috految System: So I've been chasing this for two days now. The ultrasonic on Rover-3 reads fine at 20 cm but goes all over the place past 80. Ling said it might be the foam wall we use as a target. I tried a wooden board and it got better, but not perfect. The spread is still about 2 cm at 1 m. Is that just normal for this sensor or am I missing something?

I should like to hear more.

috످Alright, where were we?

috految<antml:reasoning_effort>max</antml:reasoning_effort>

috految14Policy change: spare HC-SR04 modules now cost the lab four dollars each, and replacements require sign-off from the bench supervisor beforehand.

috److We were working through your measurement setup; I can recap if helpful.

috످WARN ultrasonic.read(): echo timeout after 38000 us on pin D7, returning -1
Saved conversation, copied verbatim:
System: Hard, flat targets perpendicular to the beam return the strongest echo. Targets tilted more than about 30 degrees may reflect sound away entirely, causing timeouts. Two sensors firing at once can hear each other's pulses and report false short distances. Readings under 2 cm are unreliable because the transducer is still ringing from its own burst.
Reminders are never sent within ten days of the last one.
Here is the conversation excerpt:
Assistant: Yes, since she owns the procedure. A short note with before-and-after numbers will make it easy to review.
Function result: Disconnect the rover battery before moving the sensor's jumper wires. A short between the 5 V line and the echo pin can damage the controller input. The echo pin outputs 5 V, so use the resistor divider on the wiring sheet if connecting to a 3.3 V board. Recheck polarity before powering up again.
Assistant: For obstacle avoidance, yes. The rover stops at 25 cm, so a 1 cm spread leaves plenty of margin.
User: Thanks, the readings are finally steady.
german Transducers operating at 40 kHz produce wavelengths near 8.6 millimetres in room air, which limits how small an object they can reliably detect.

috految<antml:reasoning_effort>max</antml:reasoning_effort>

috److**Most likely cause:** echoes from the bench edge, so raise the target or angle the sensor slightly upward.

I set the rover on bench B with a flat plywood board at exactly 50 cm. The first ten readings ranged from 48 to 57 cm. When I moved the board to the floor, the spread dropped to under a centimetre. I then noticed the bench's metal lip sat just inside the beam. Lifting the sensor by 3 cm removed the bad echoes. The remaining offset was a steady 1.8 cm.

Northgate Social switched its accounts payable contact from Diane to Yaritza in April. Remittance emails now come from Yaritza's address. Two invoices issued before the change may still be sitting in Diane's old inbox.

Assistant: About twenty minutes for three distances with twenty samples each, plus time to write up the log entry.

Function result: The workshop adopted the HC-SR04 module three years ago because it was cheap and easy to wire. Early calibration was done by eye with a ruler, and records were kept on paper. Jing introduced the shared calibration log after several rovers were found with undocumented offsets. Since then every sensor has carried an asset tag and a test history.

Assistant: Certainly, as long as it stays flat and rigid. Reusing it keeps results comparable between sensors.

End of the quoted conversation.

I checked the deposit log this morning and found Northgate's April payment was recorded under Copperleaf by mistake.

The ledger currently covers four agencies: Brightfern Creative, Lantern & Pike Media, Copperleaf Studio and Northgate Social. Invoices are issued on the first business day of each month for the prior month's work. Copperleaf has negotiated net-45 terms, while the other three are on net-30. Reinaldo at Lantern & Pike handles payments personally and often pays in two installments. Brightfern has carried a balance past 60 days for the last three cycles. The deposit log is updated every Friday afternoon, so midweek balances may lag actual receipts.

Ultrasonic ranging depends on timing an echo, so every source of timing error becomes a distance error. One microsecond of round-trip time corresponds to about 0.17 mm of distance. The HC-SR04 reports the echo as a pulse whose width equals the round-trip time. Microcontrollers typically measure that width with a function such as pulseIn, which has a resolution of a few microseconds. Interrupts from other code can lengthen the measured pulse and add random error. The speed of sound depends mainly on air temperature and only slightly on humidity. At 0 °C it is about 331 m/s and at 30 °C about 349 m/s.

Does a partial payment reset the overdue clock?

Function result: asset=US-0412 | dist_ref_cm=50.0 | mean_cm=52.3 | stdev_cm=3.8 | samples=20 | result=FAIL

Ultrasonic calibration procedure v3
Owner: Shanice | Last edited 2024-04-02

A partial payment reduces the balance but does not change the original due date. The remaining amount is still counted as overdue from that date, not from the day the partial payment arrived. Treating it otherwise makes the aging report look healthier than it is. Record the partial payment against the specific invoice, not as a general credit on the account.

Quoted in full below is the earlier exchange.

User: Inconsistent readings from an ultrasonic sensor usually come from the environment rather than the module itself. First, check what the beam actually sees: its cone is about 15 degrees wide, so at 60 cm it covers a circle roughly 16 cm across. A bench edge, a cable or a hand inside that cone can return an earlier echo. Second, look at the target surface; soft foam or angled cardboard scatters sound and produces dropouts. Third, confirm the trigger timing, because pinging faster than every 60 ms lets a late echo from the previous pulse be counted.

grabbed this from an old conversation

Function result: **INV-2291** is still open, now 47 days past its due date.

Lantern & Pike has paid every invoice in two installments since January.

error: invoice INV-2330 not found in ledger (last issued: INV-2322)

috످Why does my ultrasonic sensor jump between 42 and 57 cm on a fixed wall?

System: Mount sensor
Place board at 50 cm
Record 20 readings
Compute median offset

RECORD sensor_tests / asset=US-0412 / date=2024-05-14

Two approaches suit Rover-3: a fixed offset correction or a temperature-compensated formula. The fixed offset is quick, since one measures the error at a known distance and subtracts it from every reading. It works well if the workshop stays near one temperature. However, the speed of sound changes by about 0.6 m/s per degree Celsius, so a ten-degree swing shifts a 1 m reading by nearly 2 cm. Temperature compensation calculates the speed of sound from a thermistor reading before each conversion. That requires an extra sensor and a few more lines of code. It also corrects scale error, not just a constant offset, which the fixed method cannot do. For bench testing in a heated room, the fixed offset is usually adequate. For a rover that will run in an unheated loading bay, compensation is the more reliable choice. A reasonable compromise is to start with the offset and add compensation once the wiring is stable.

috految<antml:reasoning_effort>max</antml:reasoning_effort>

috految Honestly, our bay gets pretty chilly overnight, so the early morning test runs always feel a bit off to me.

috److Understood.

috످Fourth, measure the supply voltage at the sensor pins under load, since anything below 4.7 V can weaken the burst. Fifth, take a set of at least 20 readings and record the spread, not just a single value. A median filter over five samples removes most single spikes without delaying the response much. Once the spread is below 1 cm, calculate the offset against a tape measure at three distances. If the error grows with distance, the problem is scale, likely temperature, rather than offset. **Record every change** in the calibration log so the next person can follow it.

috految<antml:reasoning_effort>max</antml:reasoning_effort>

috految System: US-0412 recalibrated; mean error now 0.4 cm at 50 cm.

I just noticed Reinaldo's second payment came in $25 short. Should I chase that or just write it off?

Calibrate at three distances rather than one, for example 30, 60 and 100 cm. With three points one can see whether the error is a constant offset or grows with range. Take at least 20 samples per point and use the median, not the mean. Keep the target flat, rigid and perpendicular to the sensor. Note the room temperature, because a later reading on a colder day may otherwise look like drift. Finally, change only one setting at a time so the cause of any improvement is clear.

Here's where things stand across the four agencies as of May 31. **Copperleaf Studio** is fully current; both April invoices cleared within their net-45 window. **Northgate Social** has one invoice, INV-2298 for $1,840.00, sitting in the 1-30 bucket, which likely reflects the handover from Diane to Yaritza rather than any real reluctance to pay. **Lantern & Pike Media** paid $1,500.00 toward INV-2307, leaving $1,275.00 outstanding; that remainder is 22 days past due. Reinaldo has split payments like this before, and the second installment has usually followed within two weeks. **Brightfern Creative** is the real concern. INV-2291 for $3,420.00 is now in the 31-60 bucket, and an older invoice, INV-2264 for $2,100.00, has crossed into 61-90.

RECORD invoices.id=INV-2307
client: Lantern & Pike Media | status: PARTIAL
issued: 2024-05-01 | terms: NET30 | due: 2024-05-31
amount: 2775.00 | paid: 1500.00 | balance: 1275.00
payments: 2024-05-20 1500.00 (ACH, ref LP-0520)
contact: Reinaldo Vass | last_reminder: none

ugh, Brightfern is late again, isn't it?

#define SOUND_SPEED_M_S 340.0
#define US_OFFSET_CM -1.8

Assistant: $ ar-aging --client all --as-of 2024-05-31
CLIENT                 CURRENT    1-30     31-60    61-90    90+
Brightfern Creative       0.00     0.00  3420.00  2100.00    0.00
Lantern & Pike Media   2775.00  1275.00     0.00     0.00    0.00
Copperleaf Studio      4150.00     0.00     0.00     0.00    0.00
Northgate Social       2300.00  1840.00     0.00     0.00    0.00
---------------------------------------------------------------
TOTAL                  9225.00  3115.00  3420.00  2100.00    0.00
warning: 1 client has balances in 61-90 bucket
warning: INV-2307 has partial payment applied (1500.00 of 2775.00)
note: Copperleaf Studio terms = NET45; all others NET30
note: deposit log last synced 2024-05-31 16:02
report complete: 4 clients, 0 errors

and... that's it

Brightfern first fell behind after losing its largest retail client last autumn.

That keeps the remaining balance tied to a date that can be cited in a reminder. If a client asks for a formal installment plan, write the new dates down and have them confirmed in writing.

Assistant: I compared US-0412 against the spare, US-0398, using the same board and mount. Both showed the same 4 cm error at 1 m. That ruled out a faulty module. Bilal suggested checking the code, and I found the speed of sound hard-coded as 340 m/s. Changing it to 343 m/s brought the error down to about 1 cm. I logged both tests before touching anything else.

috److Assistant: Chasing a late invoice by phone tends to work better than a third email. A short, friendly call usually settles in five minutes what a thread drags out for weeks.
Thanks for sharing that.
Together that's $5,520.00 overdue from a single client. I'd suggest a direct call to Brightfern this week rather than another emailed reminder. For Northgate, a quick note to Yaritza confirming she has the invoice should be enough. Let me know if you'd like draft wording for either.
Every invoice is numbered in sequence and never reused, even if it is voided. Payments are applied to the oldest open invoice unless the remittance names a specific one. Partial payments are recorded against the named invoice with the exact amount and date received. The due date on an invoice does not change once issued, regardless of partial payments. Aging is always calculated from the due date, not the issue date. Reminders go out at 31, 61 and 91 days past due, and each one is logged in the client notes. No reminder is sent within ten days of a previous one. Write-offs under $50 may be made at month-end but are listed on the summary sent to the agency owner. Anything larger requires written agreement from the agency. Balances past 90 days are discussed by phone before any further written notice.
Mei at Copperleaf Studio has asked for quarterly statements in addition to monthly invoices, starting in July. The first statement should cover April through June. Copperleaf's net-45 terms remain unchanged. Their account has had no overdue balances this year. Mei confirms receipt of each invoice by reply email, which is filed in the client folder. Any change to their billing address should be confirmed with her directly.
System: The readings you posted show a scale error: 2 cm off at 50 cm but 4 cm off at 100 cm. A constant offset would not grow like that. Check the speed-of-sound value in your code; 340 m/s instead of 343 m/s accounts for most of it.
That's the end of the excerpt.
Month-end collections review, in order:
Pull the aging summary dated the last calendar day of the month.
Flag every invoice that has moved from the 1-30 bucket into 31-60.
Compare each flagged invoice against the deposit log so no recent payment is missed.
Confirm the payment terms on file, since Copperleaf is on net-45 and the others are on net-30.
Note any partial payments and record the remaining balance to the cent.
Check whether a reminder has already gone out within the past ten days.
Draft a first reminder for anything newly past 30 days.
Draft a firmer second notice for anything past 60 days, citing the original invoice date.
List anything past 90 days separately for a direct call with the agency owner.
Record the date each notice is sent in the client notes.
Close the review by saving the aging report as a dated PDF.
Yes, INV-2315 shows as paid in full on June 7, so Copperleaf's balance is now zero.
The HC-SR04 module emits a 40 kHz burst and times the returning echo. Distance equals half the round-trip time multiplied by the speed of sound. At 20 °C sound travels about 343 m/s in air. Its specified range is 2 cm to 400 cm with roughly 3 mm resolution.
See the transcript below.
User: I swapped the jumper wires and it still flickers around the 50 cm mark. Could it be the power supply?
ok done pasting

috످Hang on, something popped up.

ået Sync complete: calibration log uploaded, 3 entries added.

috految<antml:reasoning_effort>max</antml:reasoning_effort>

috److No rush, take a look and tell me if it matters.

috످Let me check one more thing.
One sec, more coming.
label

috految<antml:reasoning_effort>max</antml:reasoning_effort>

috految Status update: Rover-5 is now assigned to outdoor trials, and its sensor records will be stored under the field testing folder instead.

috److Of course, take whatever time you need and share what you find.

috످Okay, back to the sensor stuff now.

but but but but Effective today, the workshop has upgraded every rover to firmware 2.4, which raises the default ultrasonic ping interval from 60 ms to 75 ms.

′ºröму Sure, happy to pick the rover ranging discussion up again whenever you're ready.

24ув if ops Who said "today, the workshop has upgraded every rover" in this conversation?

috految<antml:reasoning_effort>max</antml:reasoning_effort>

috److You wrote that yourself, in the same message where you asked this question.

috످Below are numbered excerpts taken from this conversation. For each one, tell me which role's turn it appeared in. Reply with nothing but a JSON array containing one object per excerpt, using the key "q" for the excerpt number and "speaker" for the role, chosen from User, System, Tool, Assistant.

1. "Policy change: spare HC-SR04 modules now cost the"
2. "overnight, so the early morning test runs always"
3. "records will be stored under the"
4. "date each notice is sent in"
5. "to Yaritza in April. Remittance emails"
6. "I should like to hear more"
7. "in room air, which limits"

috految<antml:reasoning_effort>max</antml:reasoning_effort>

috److془Let me carefully go through each.

1. "Policy change: spare HC-SR04 modules now cost the" — a note about the price of spare sensors and approval; appears in the system message after "Alright, where were we?" Let me check: 

User: "Alright, where were we?"
System: "14Policy change: spare HC-SR04 modules now cost the lab four dollars each..."
Assistant: "We were working through your measurement setup; I can recap if helpful."

Yes System.

2. The remark about cold bay making morning tests seem off: System turn after user's question on sensor jumps.

3. Rover-5 reassigned: System turn.

4. Month-end checklist step: Assistant turn.

5. Northgate billing contact: Assistant turn.

6. Request to hear more: opening system prompt. System.

7. Wavelength: user turn with timeout warning. User.

Output JSON.془[{"q": 1, "speaker": "System"}, {"q": 2, "speaker": "System"}, {"q": 3, "speaker": "System"}, {"q": 4, "speaker": "Assistant"}, {"q": 5, "speaker": "Assistant"}, {"q": 6, "speaker": "System"}, {"q": 7, "speaker": "User"}]

috످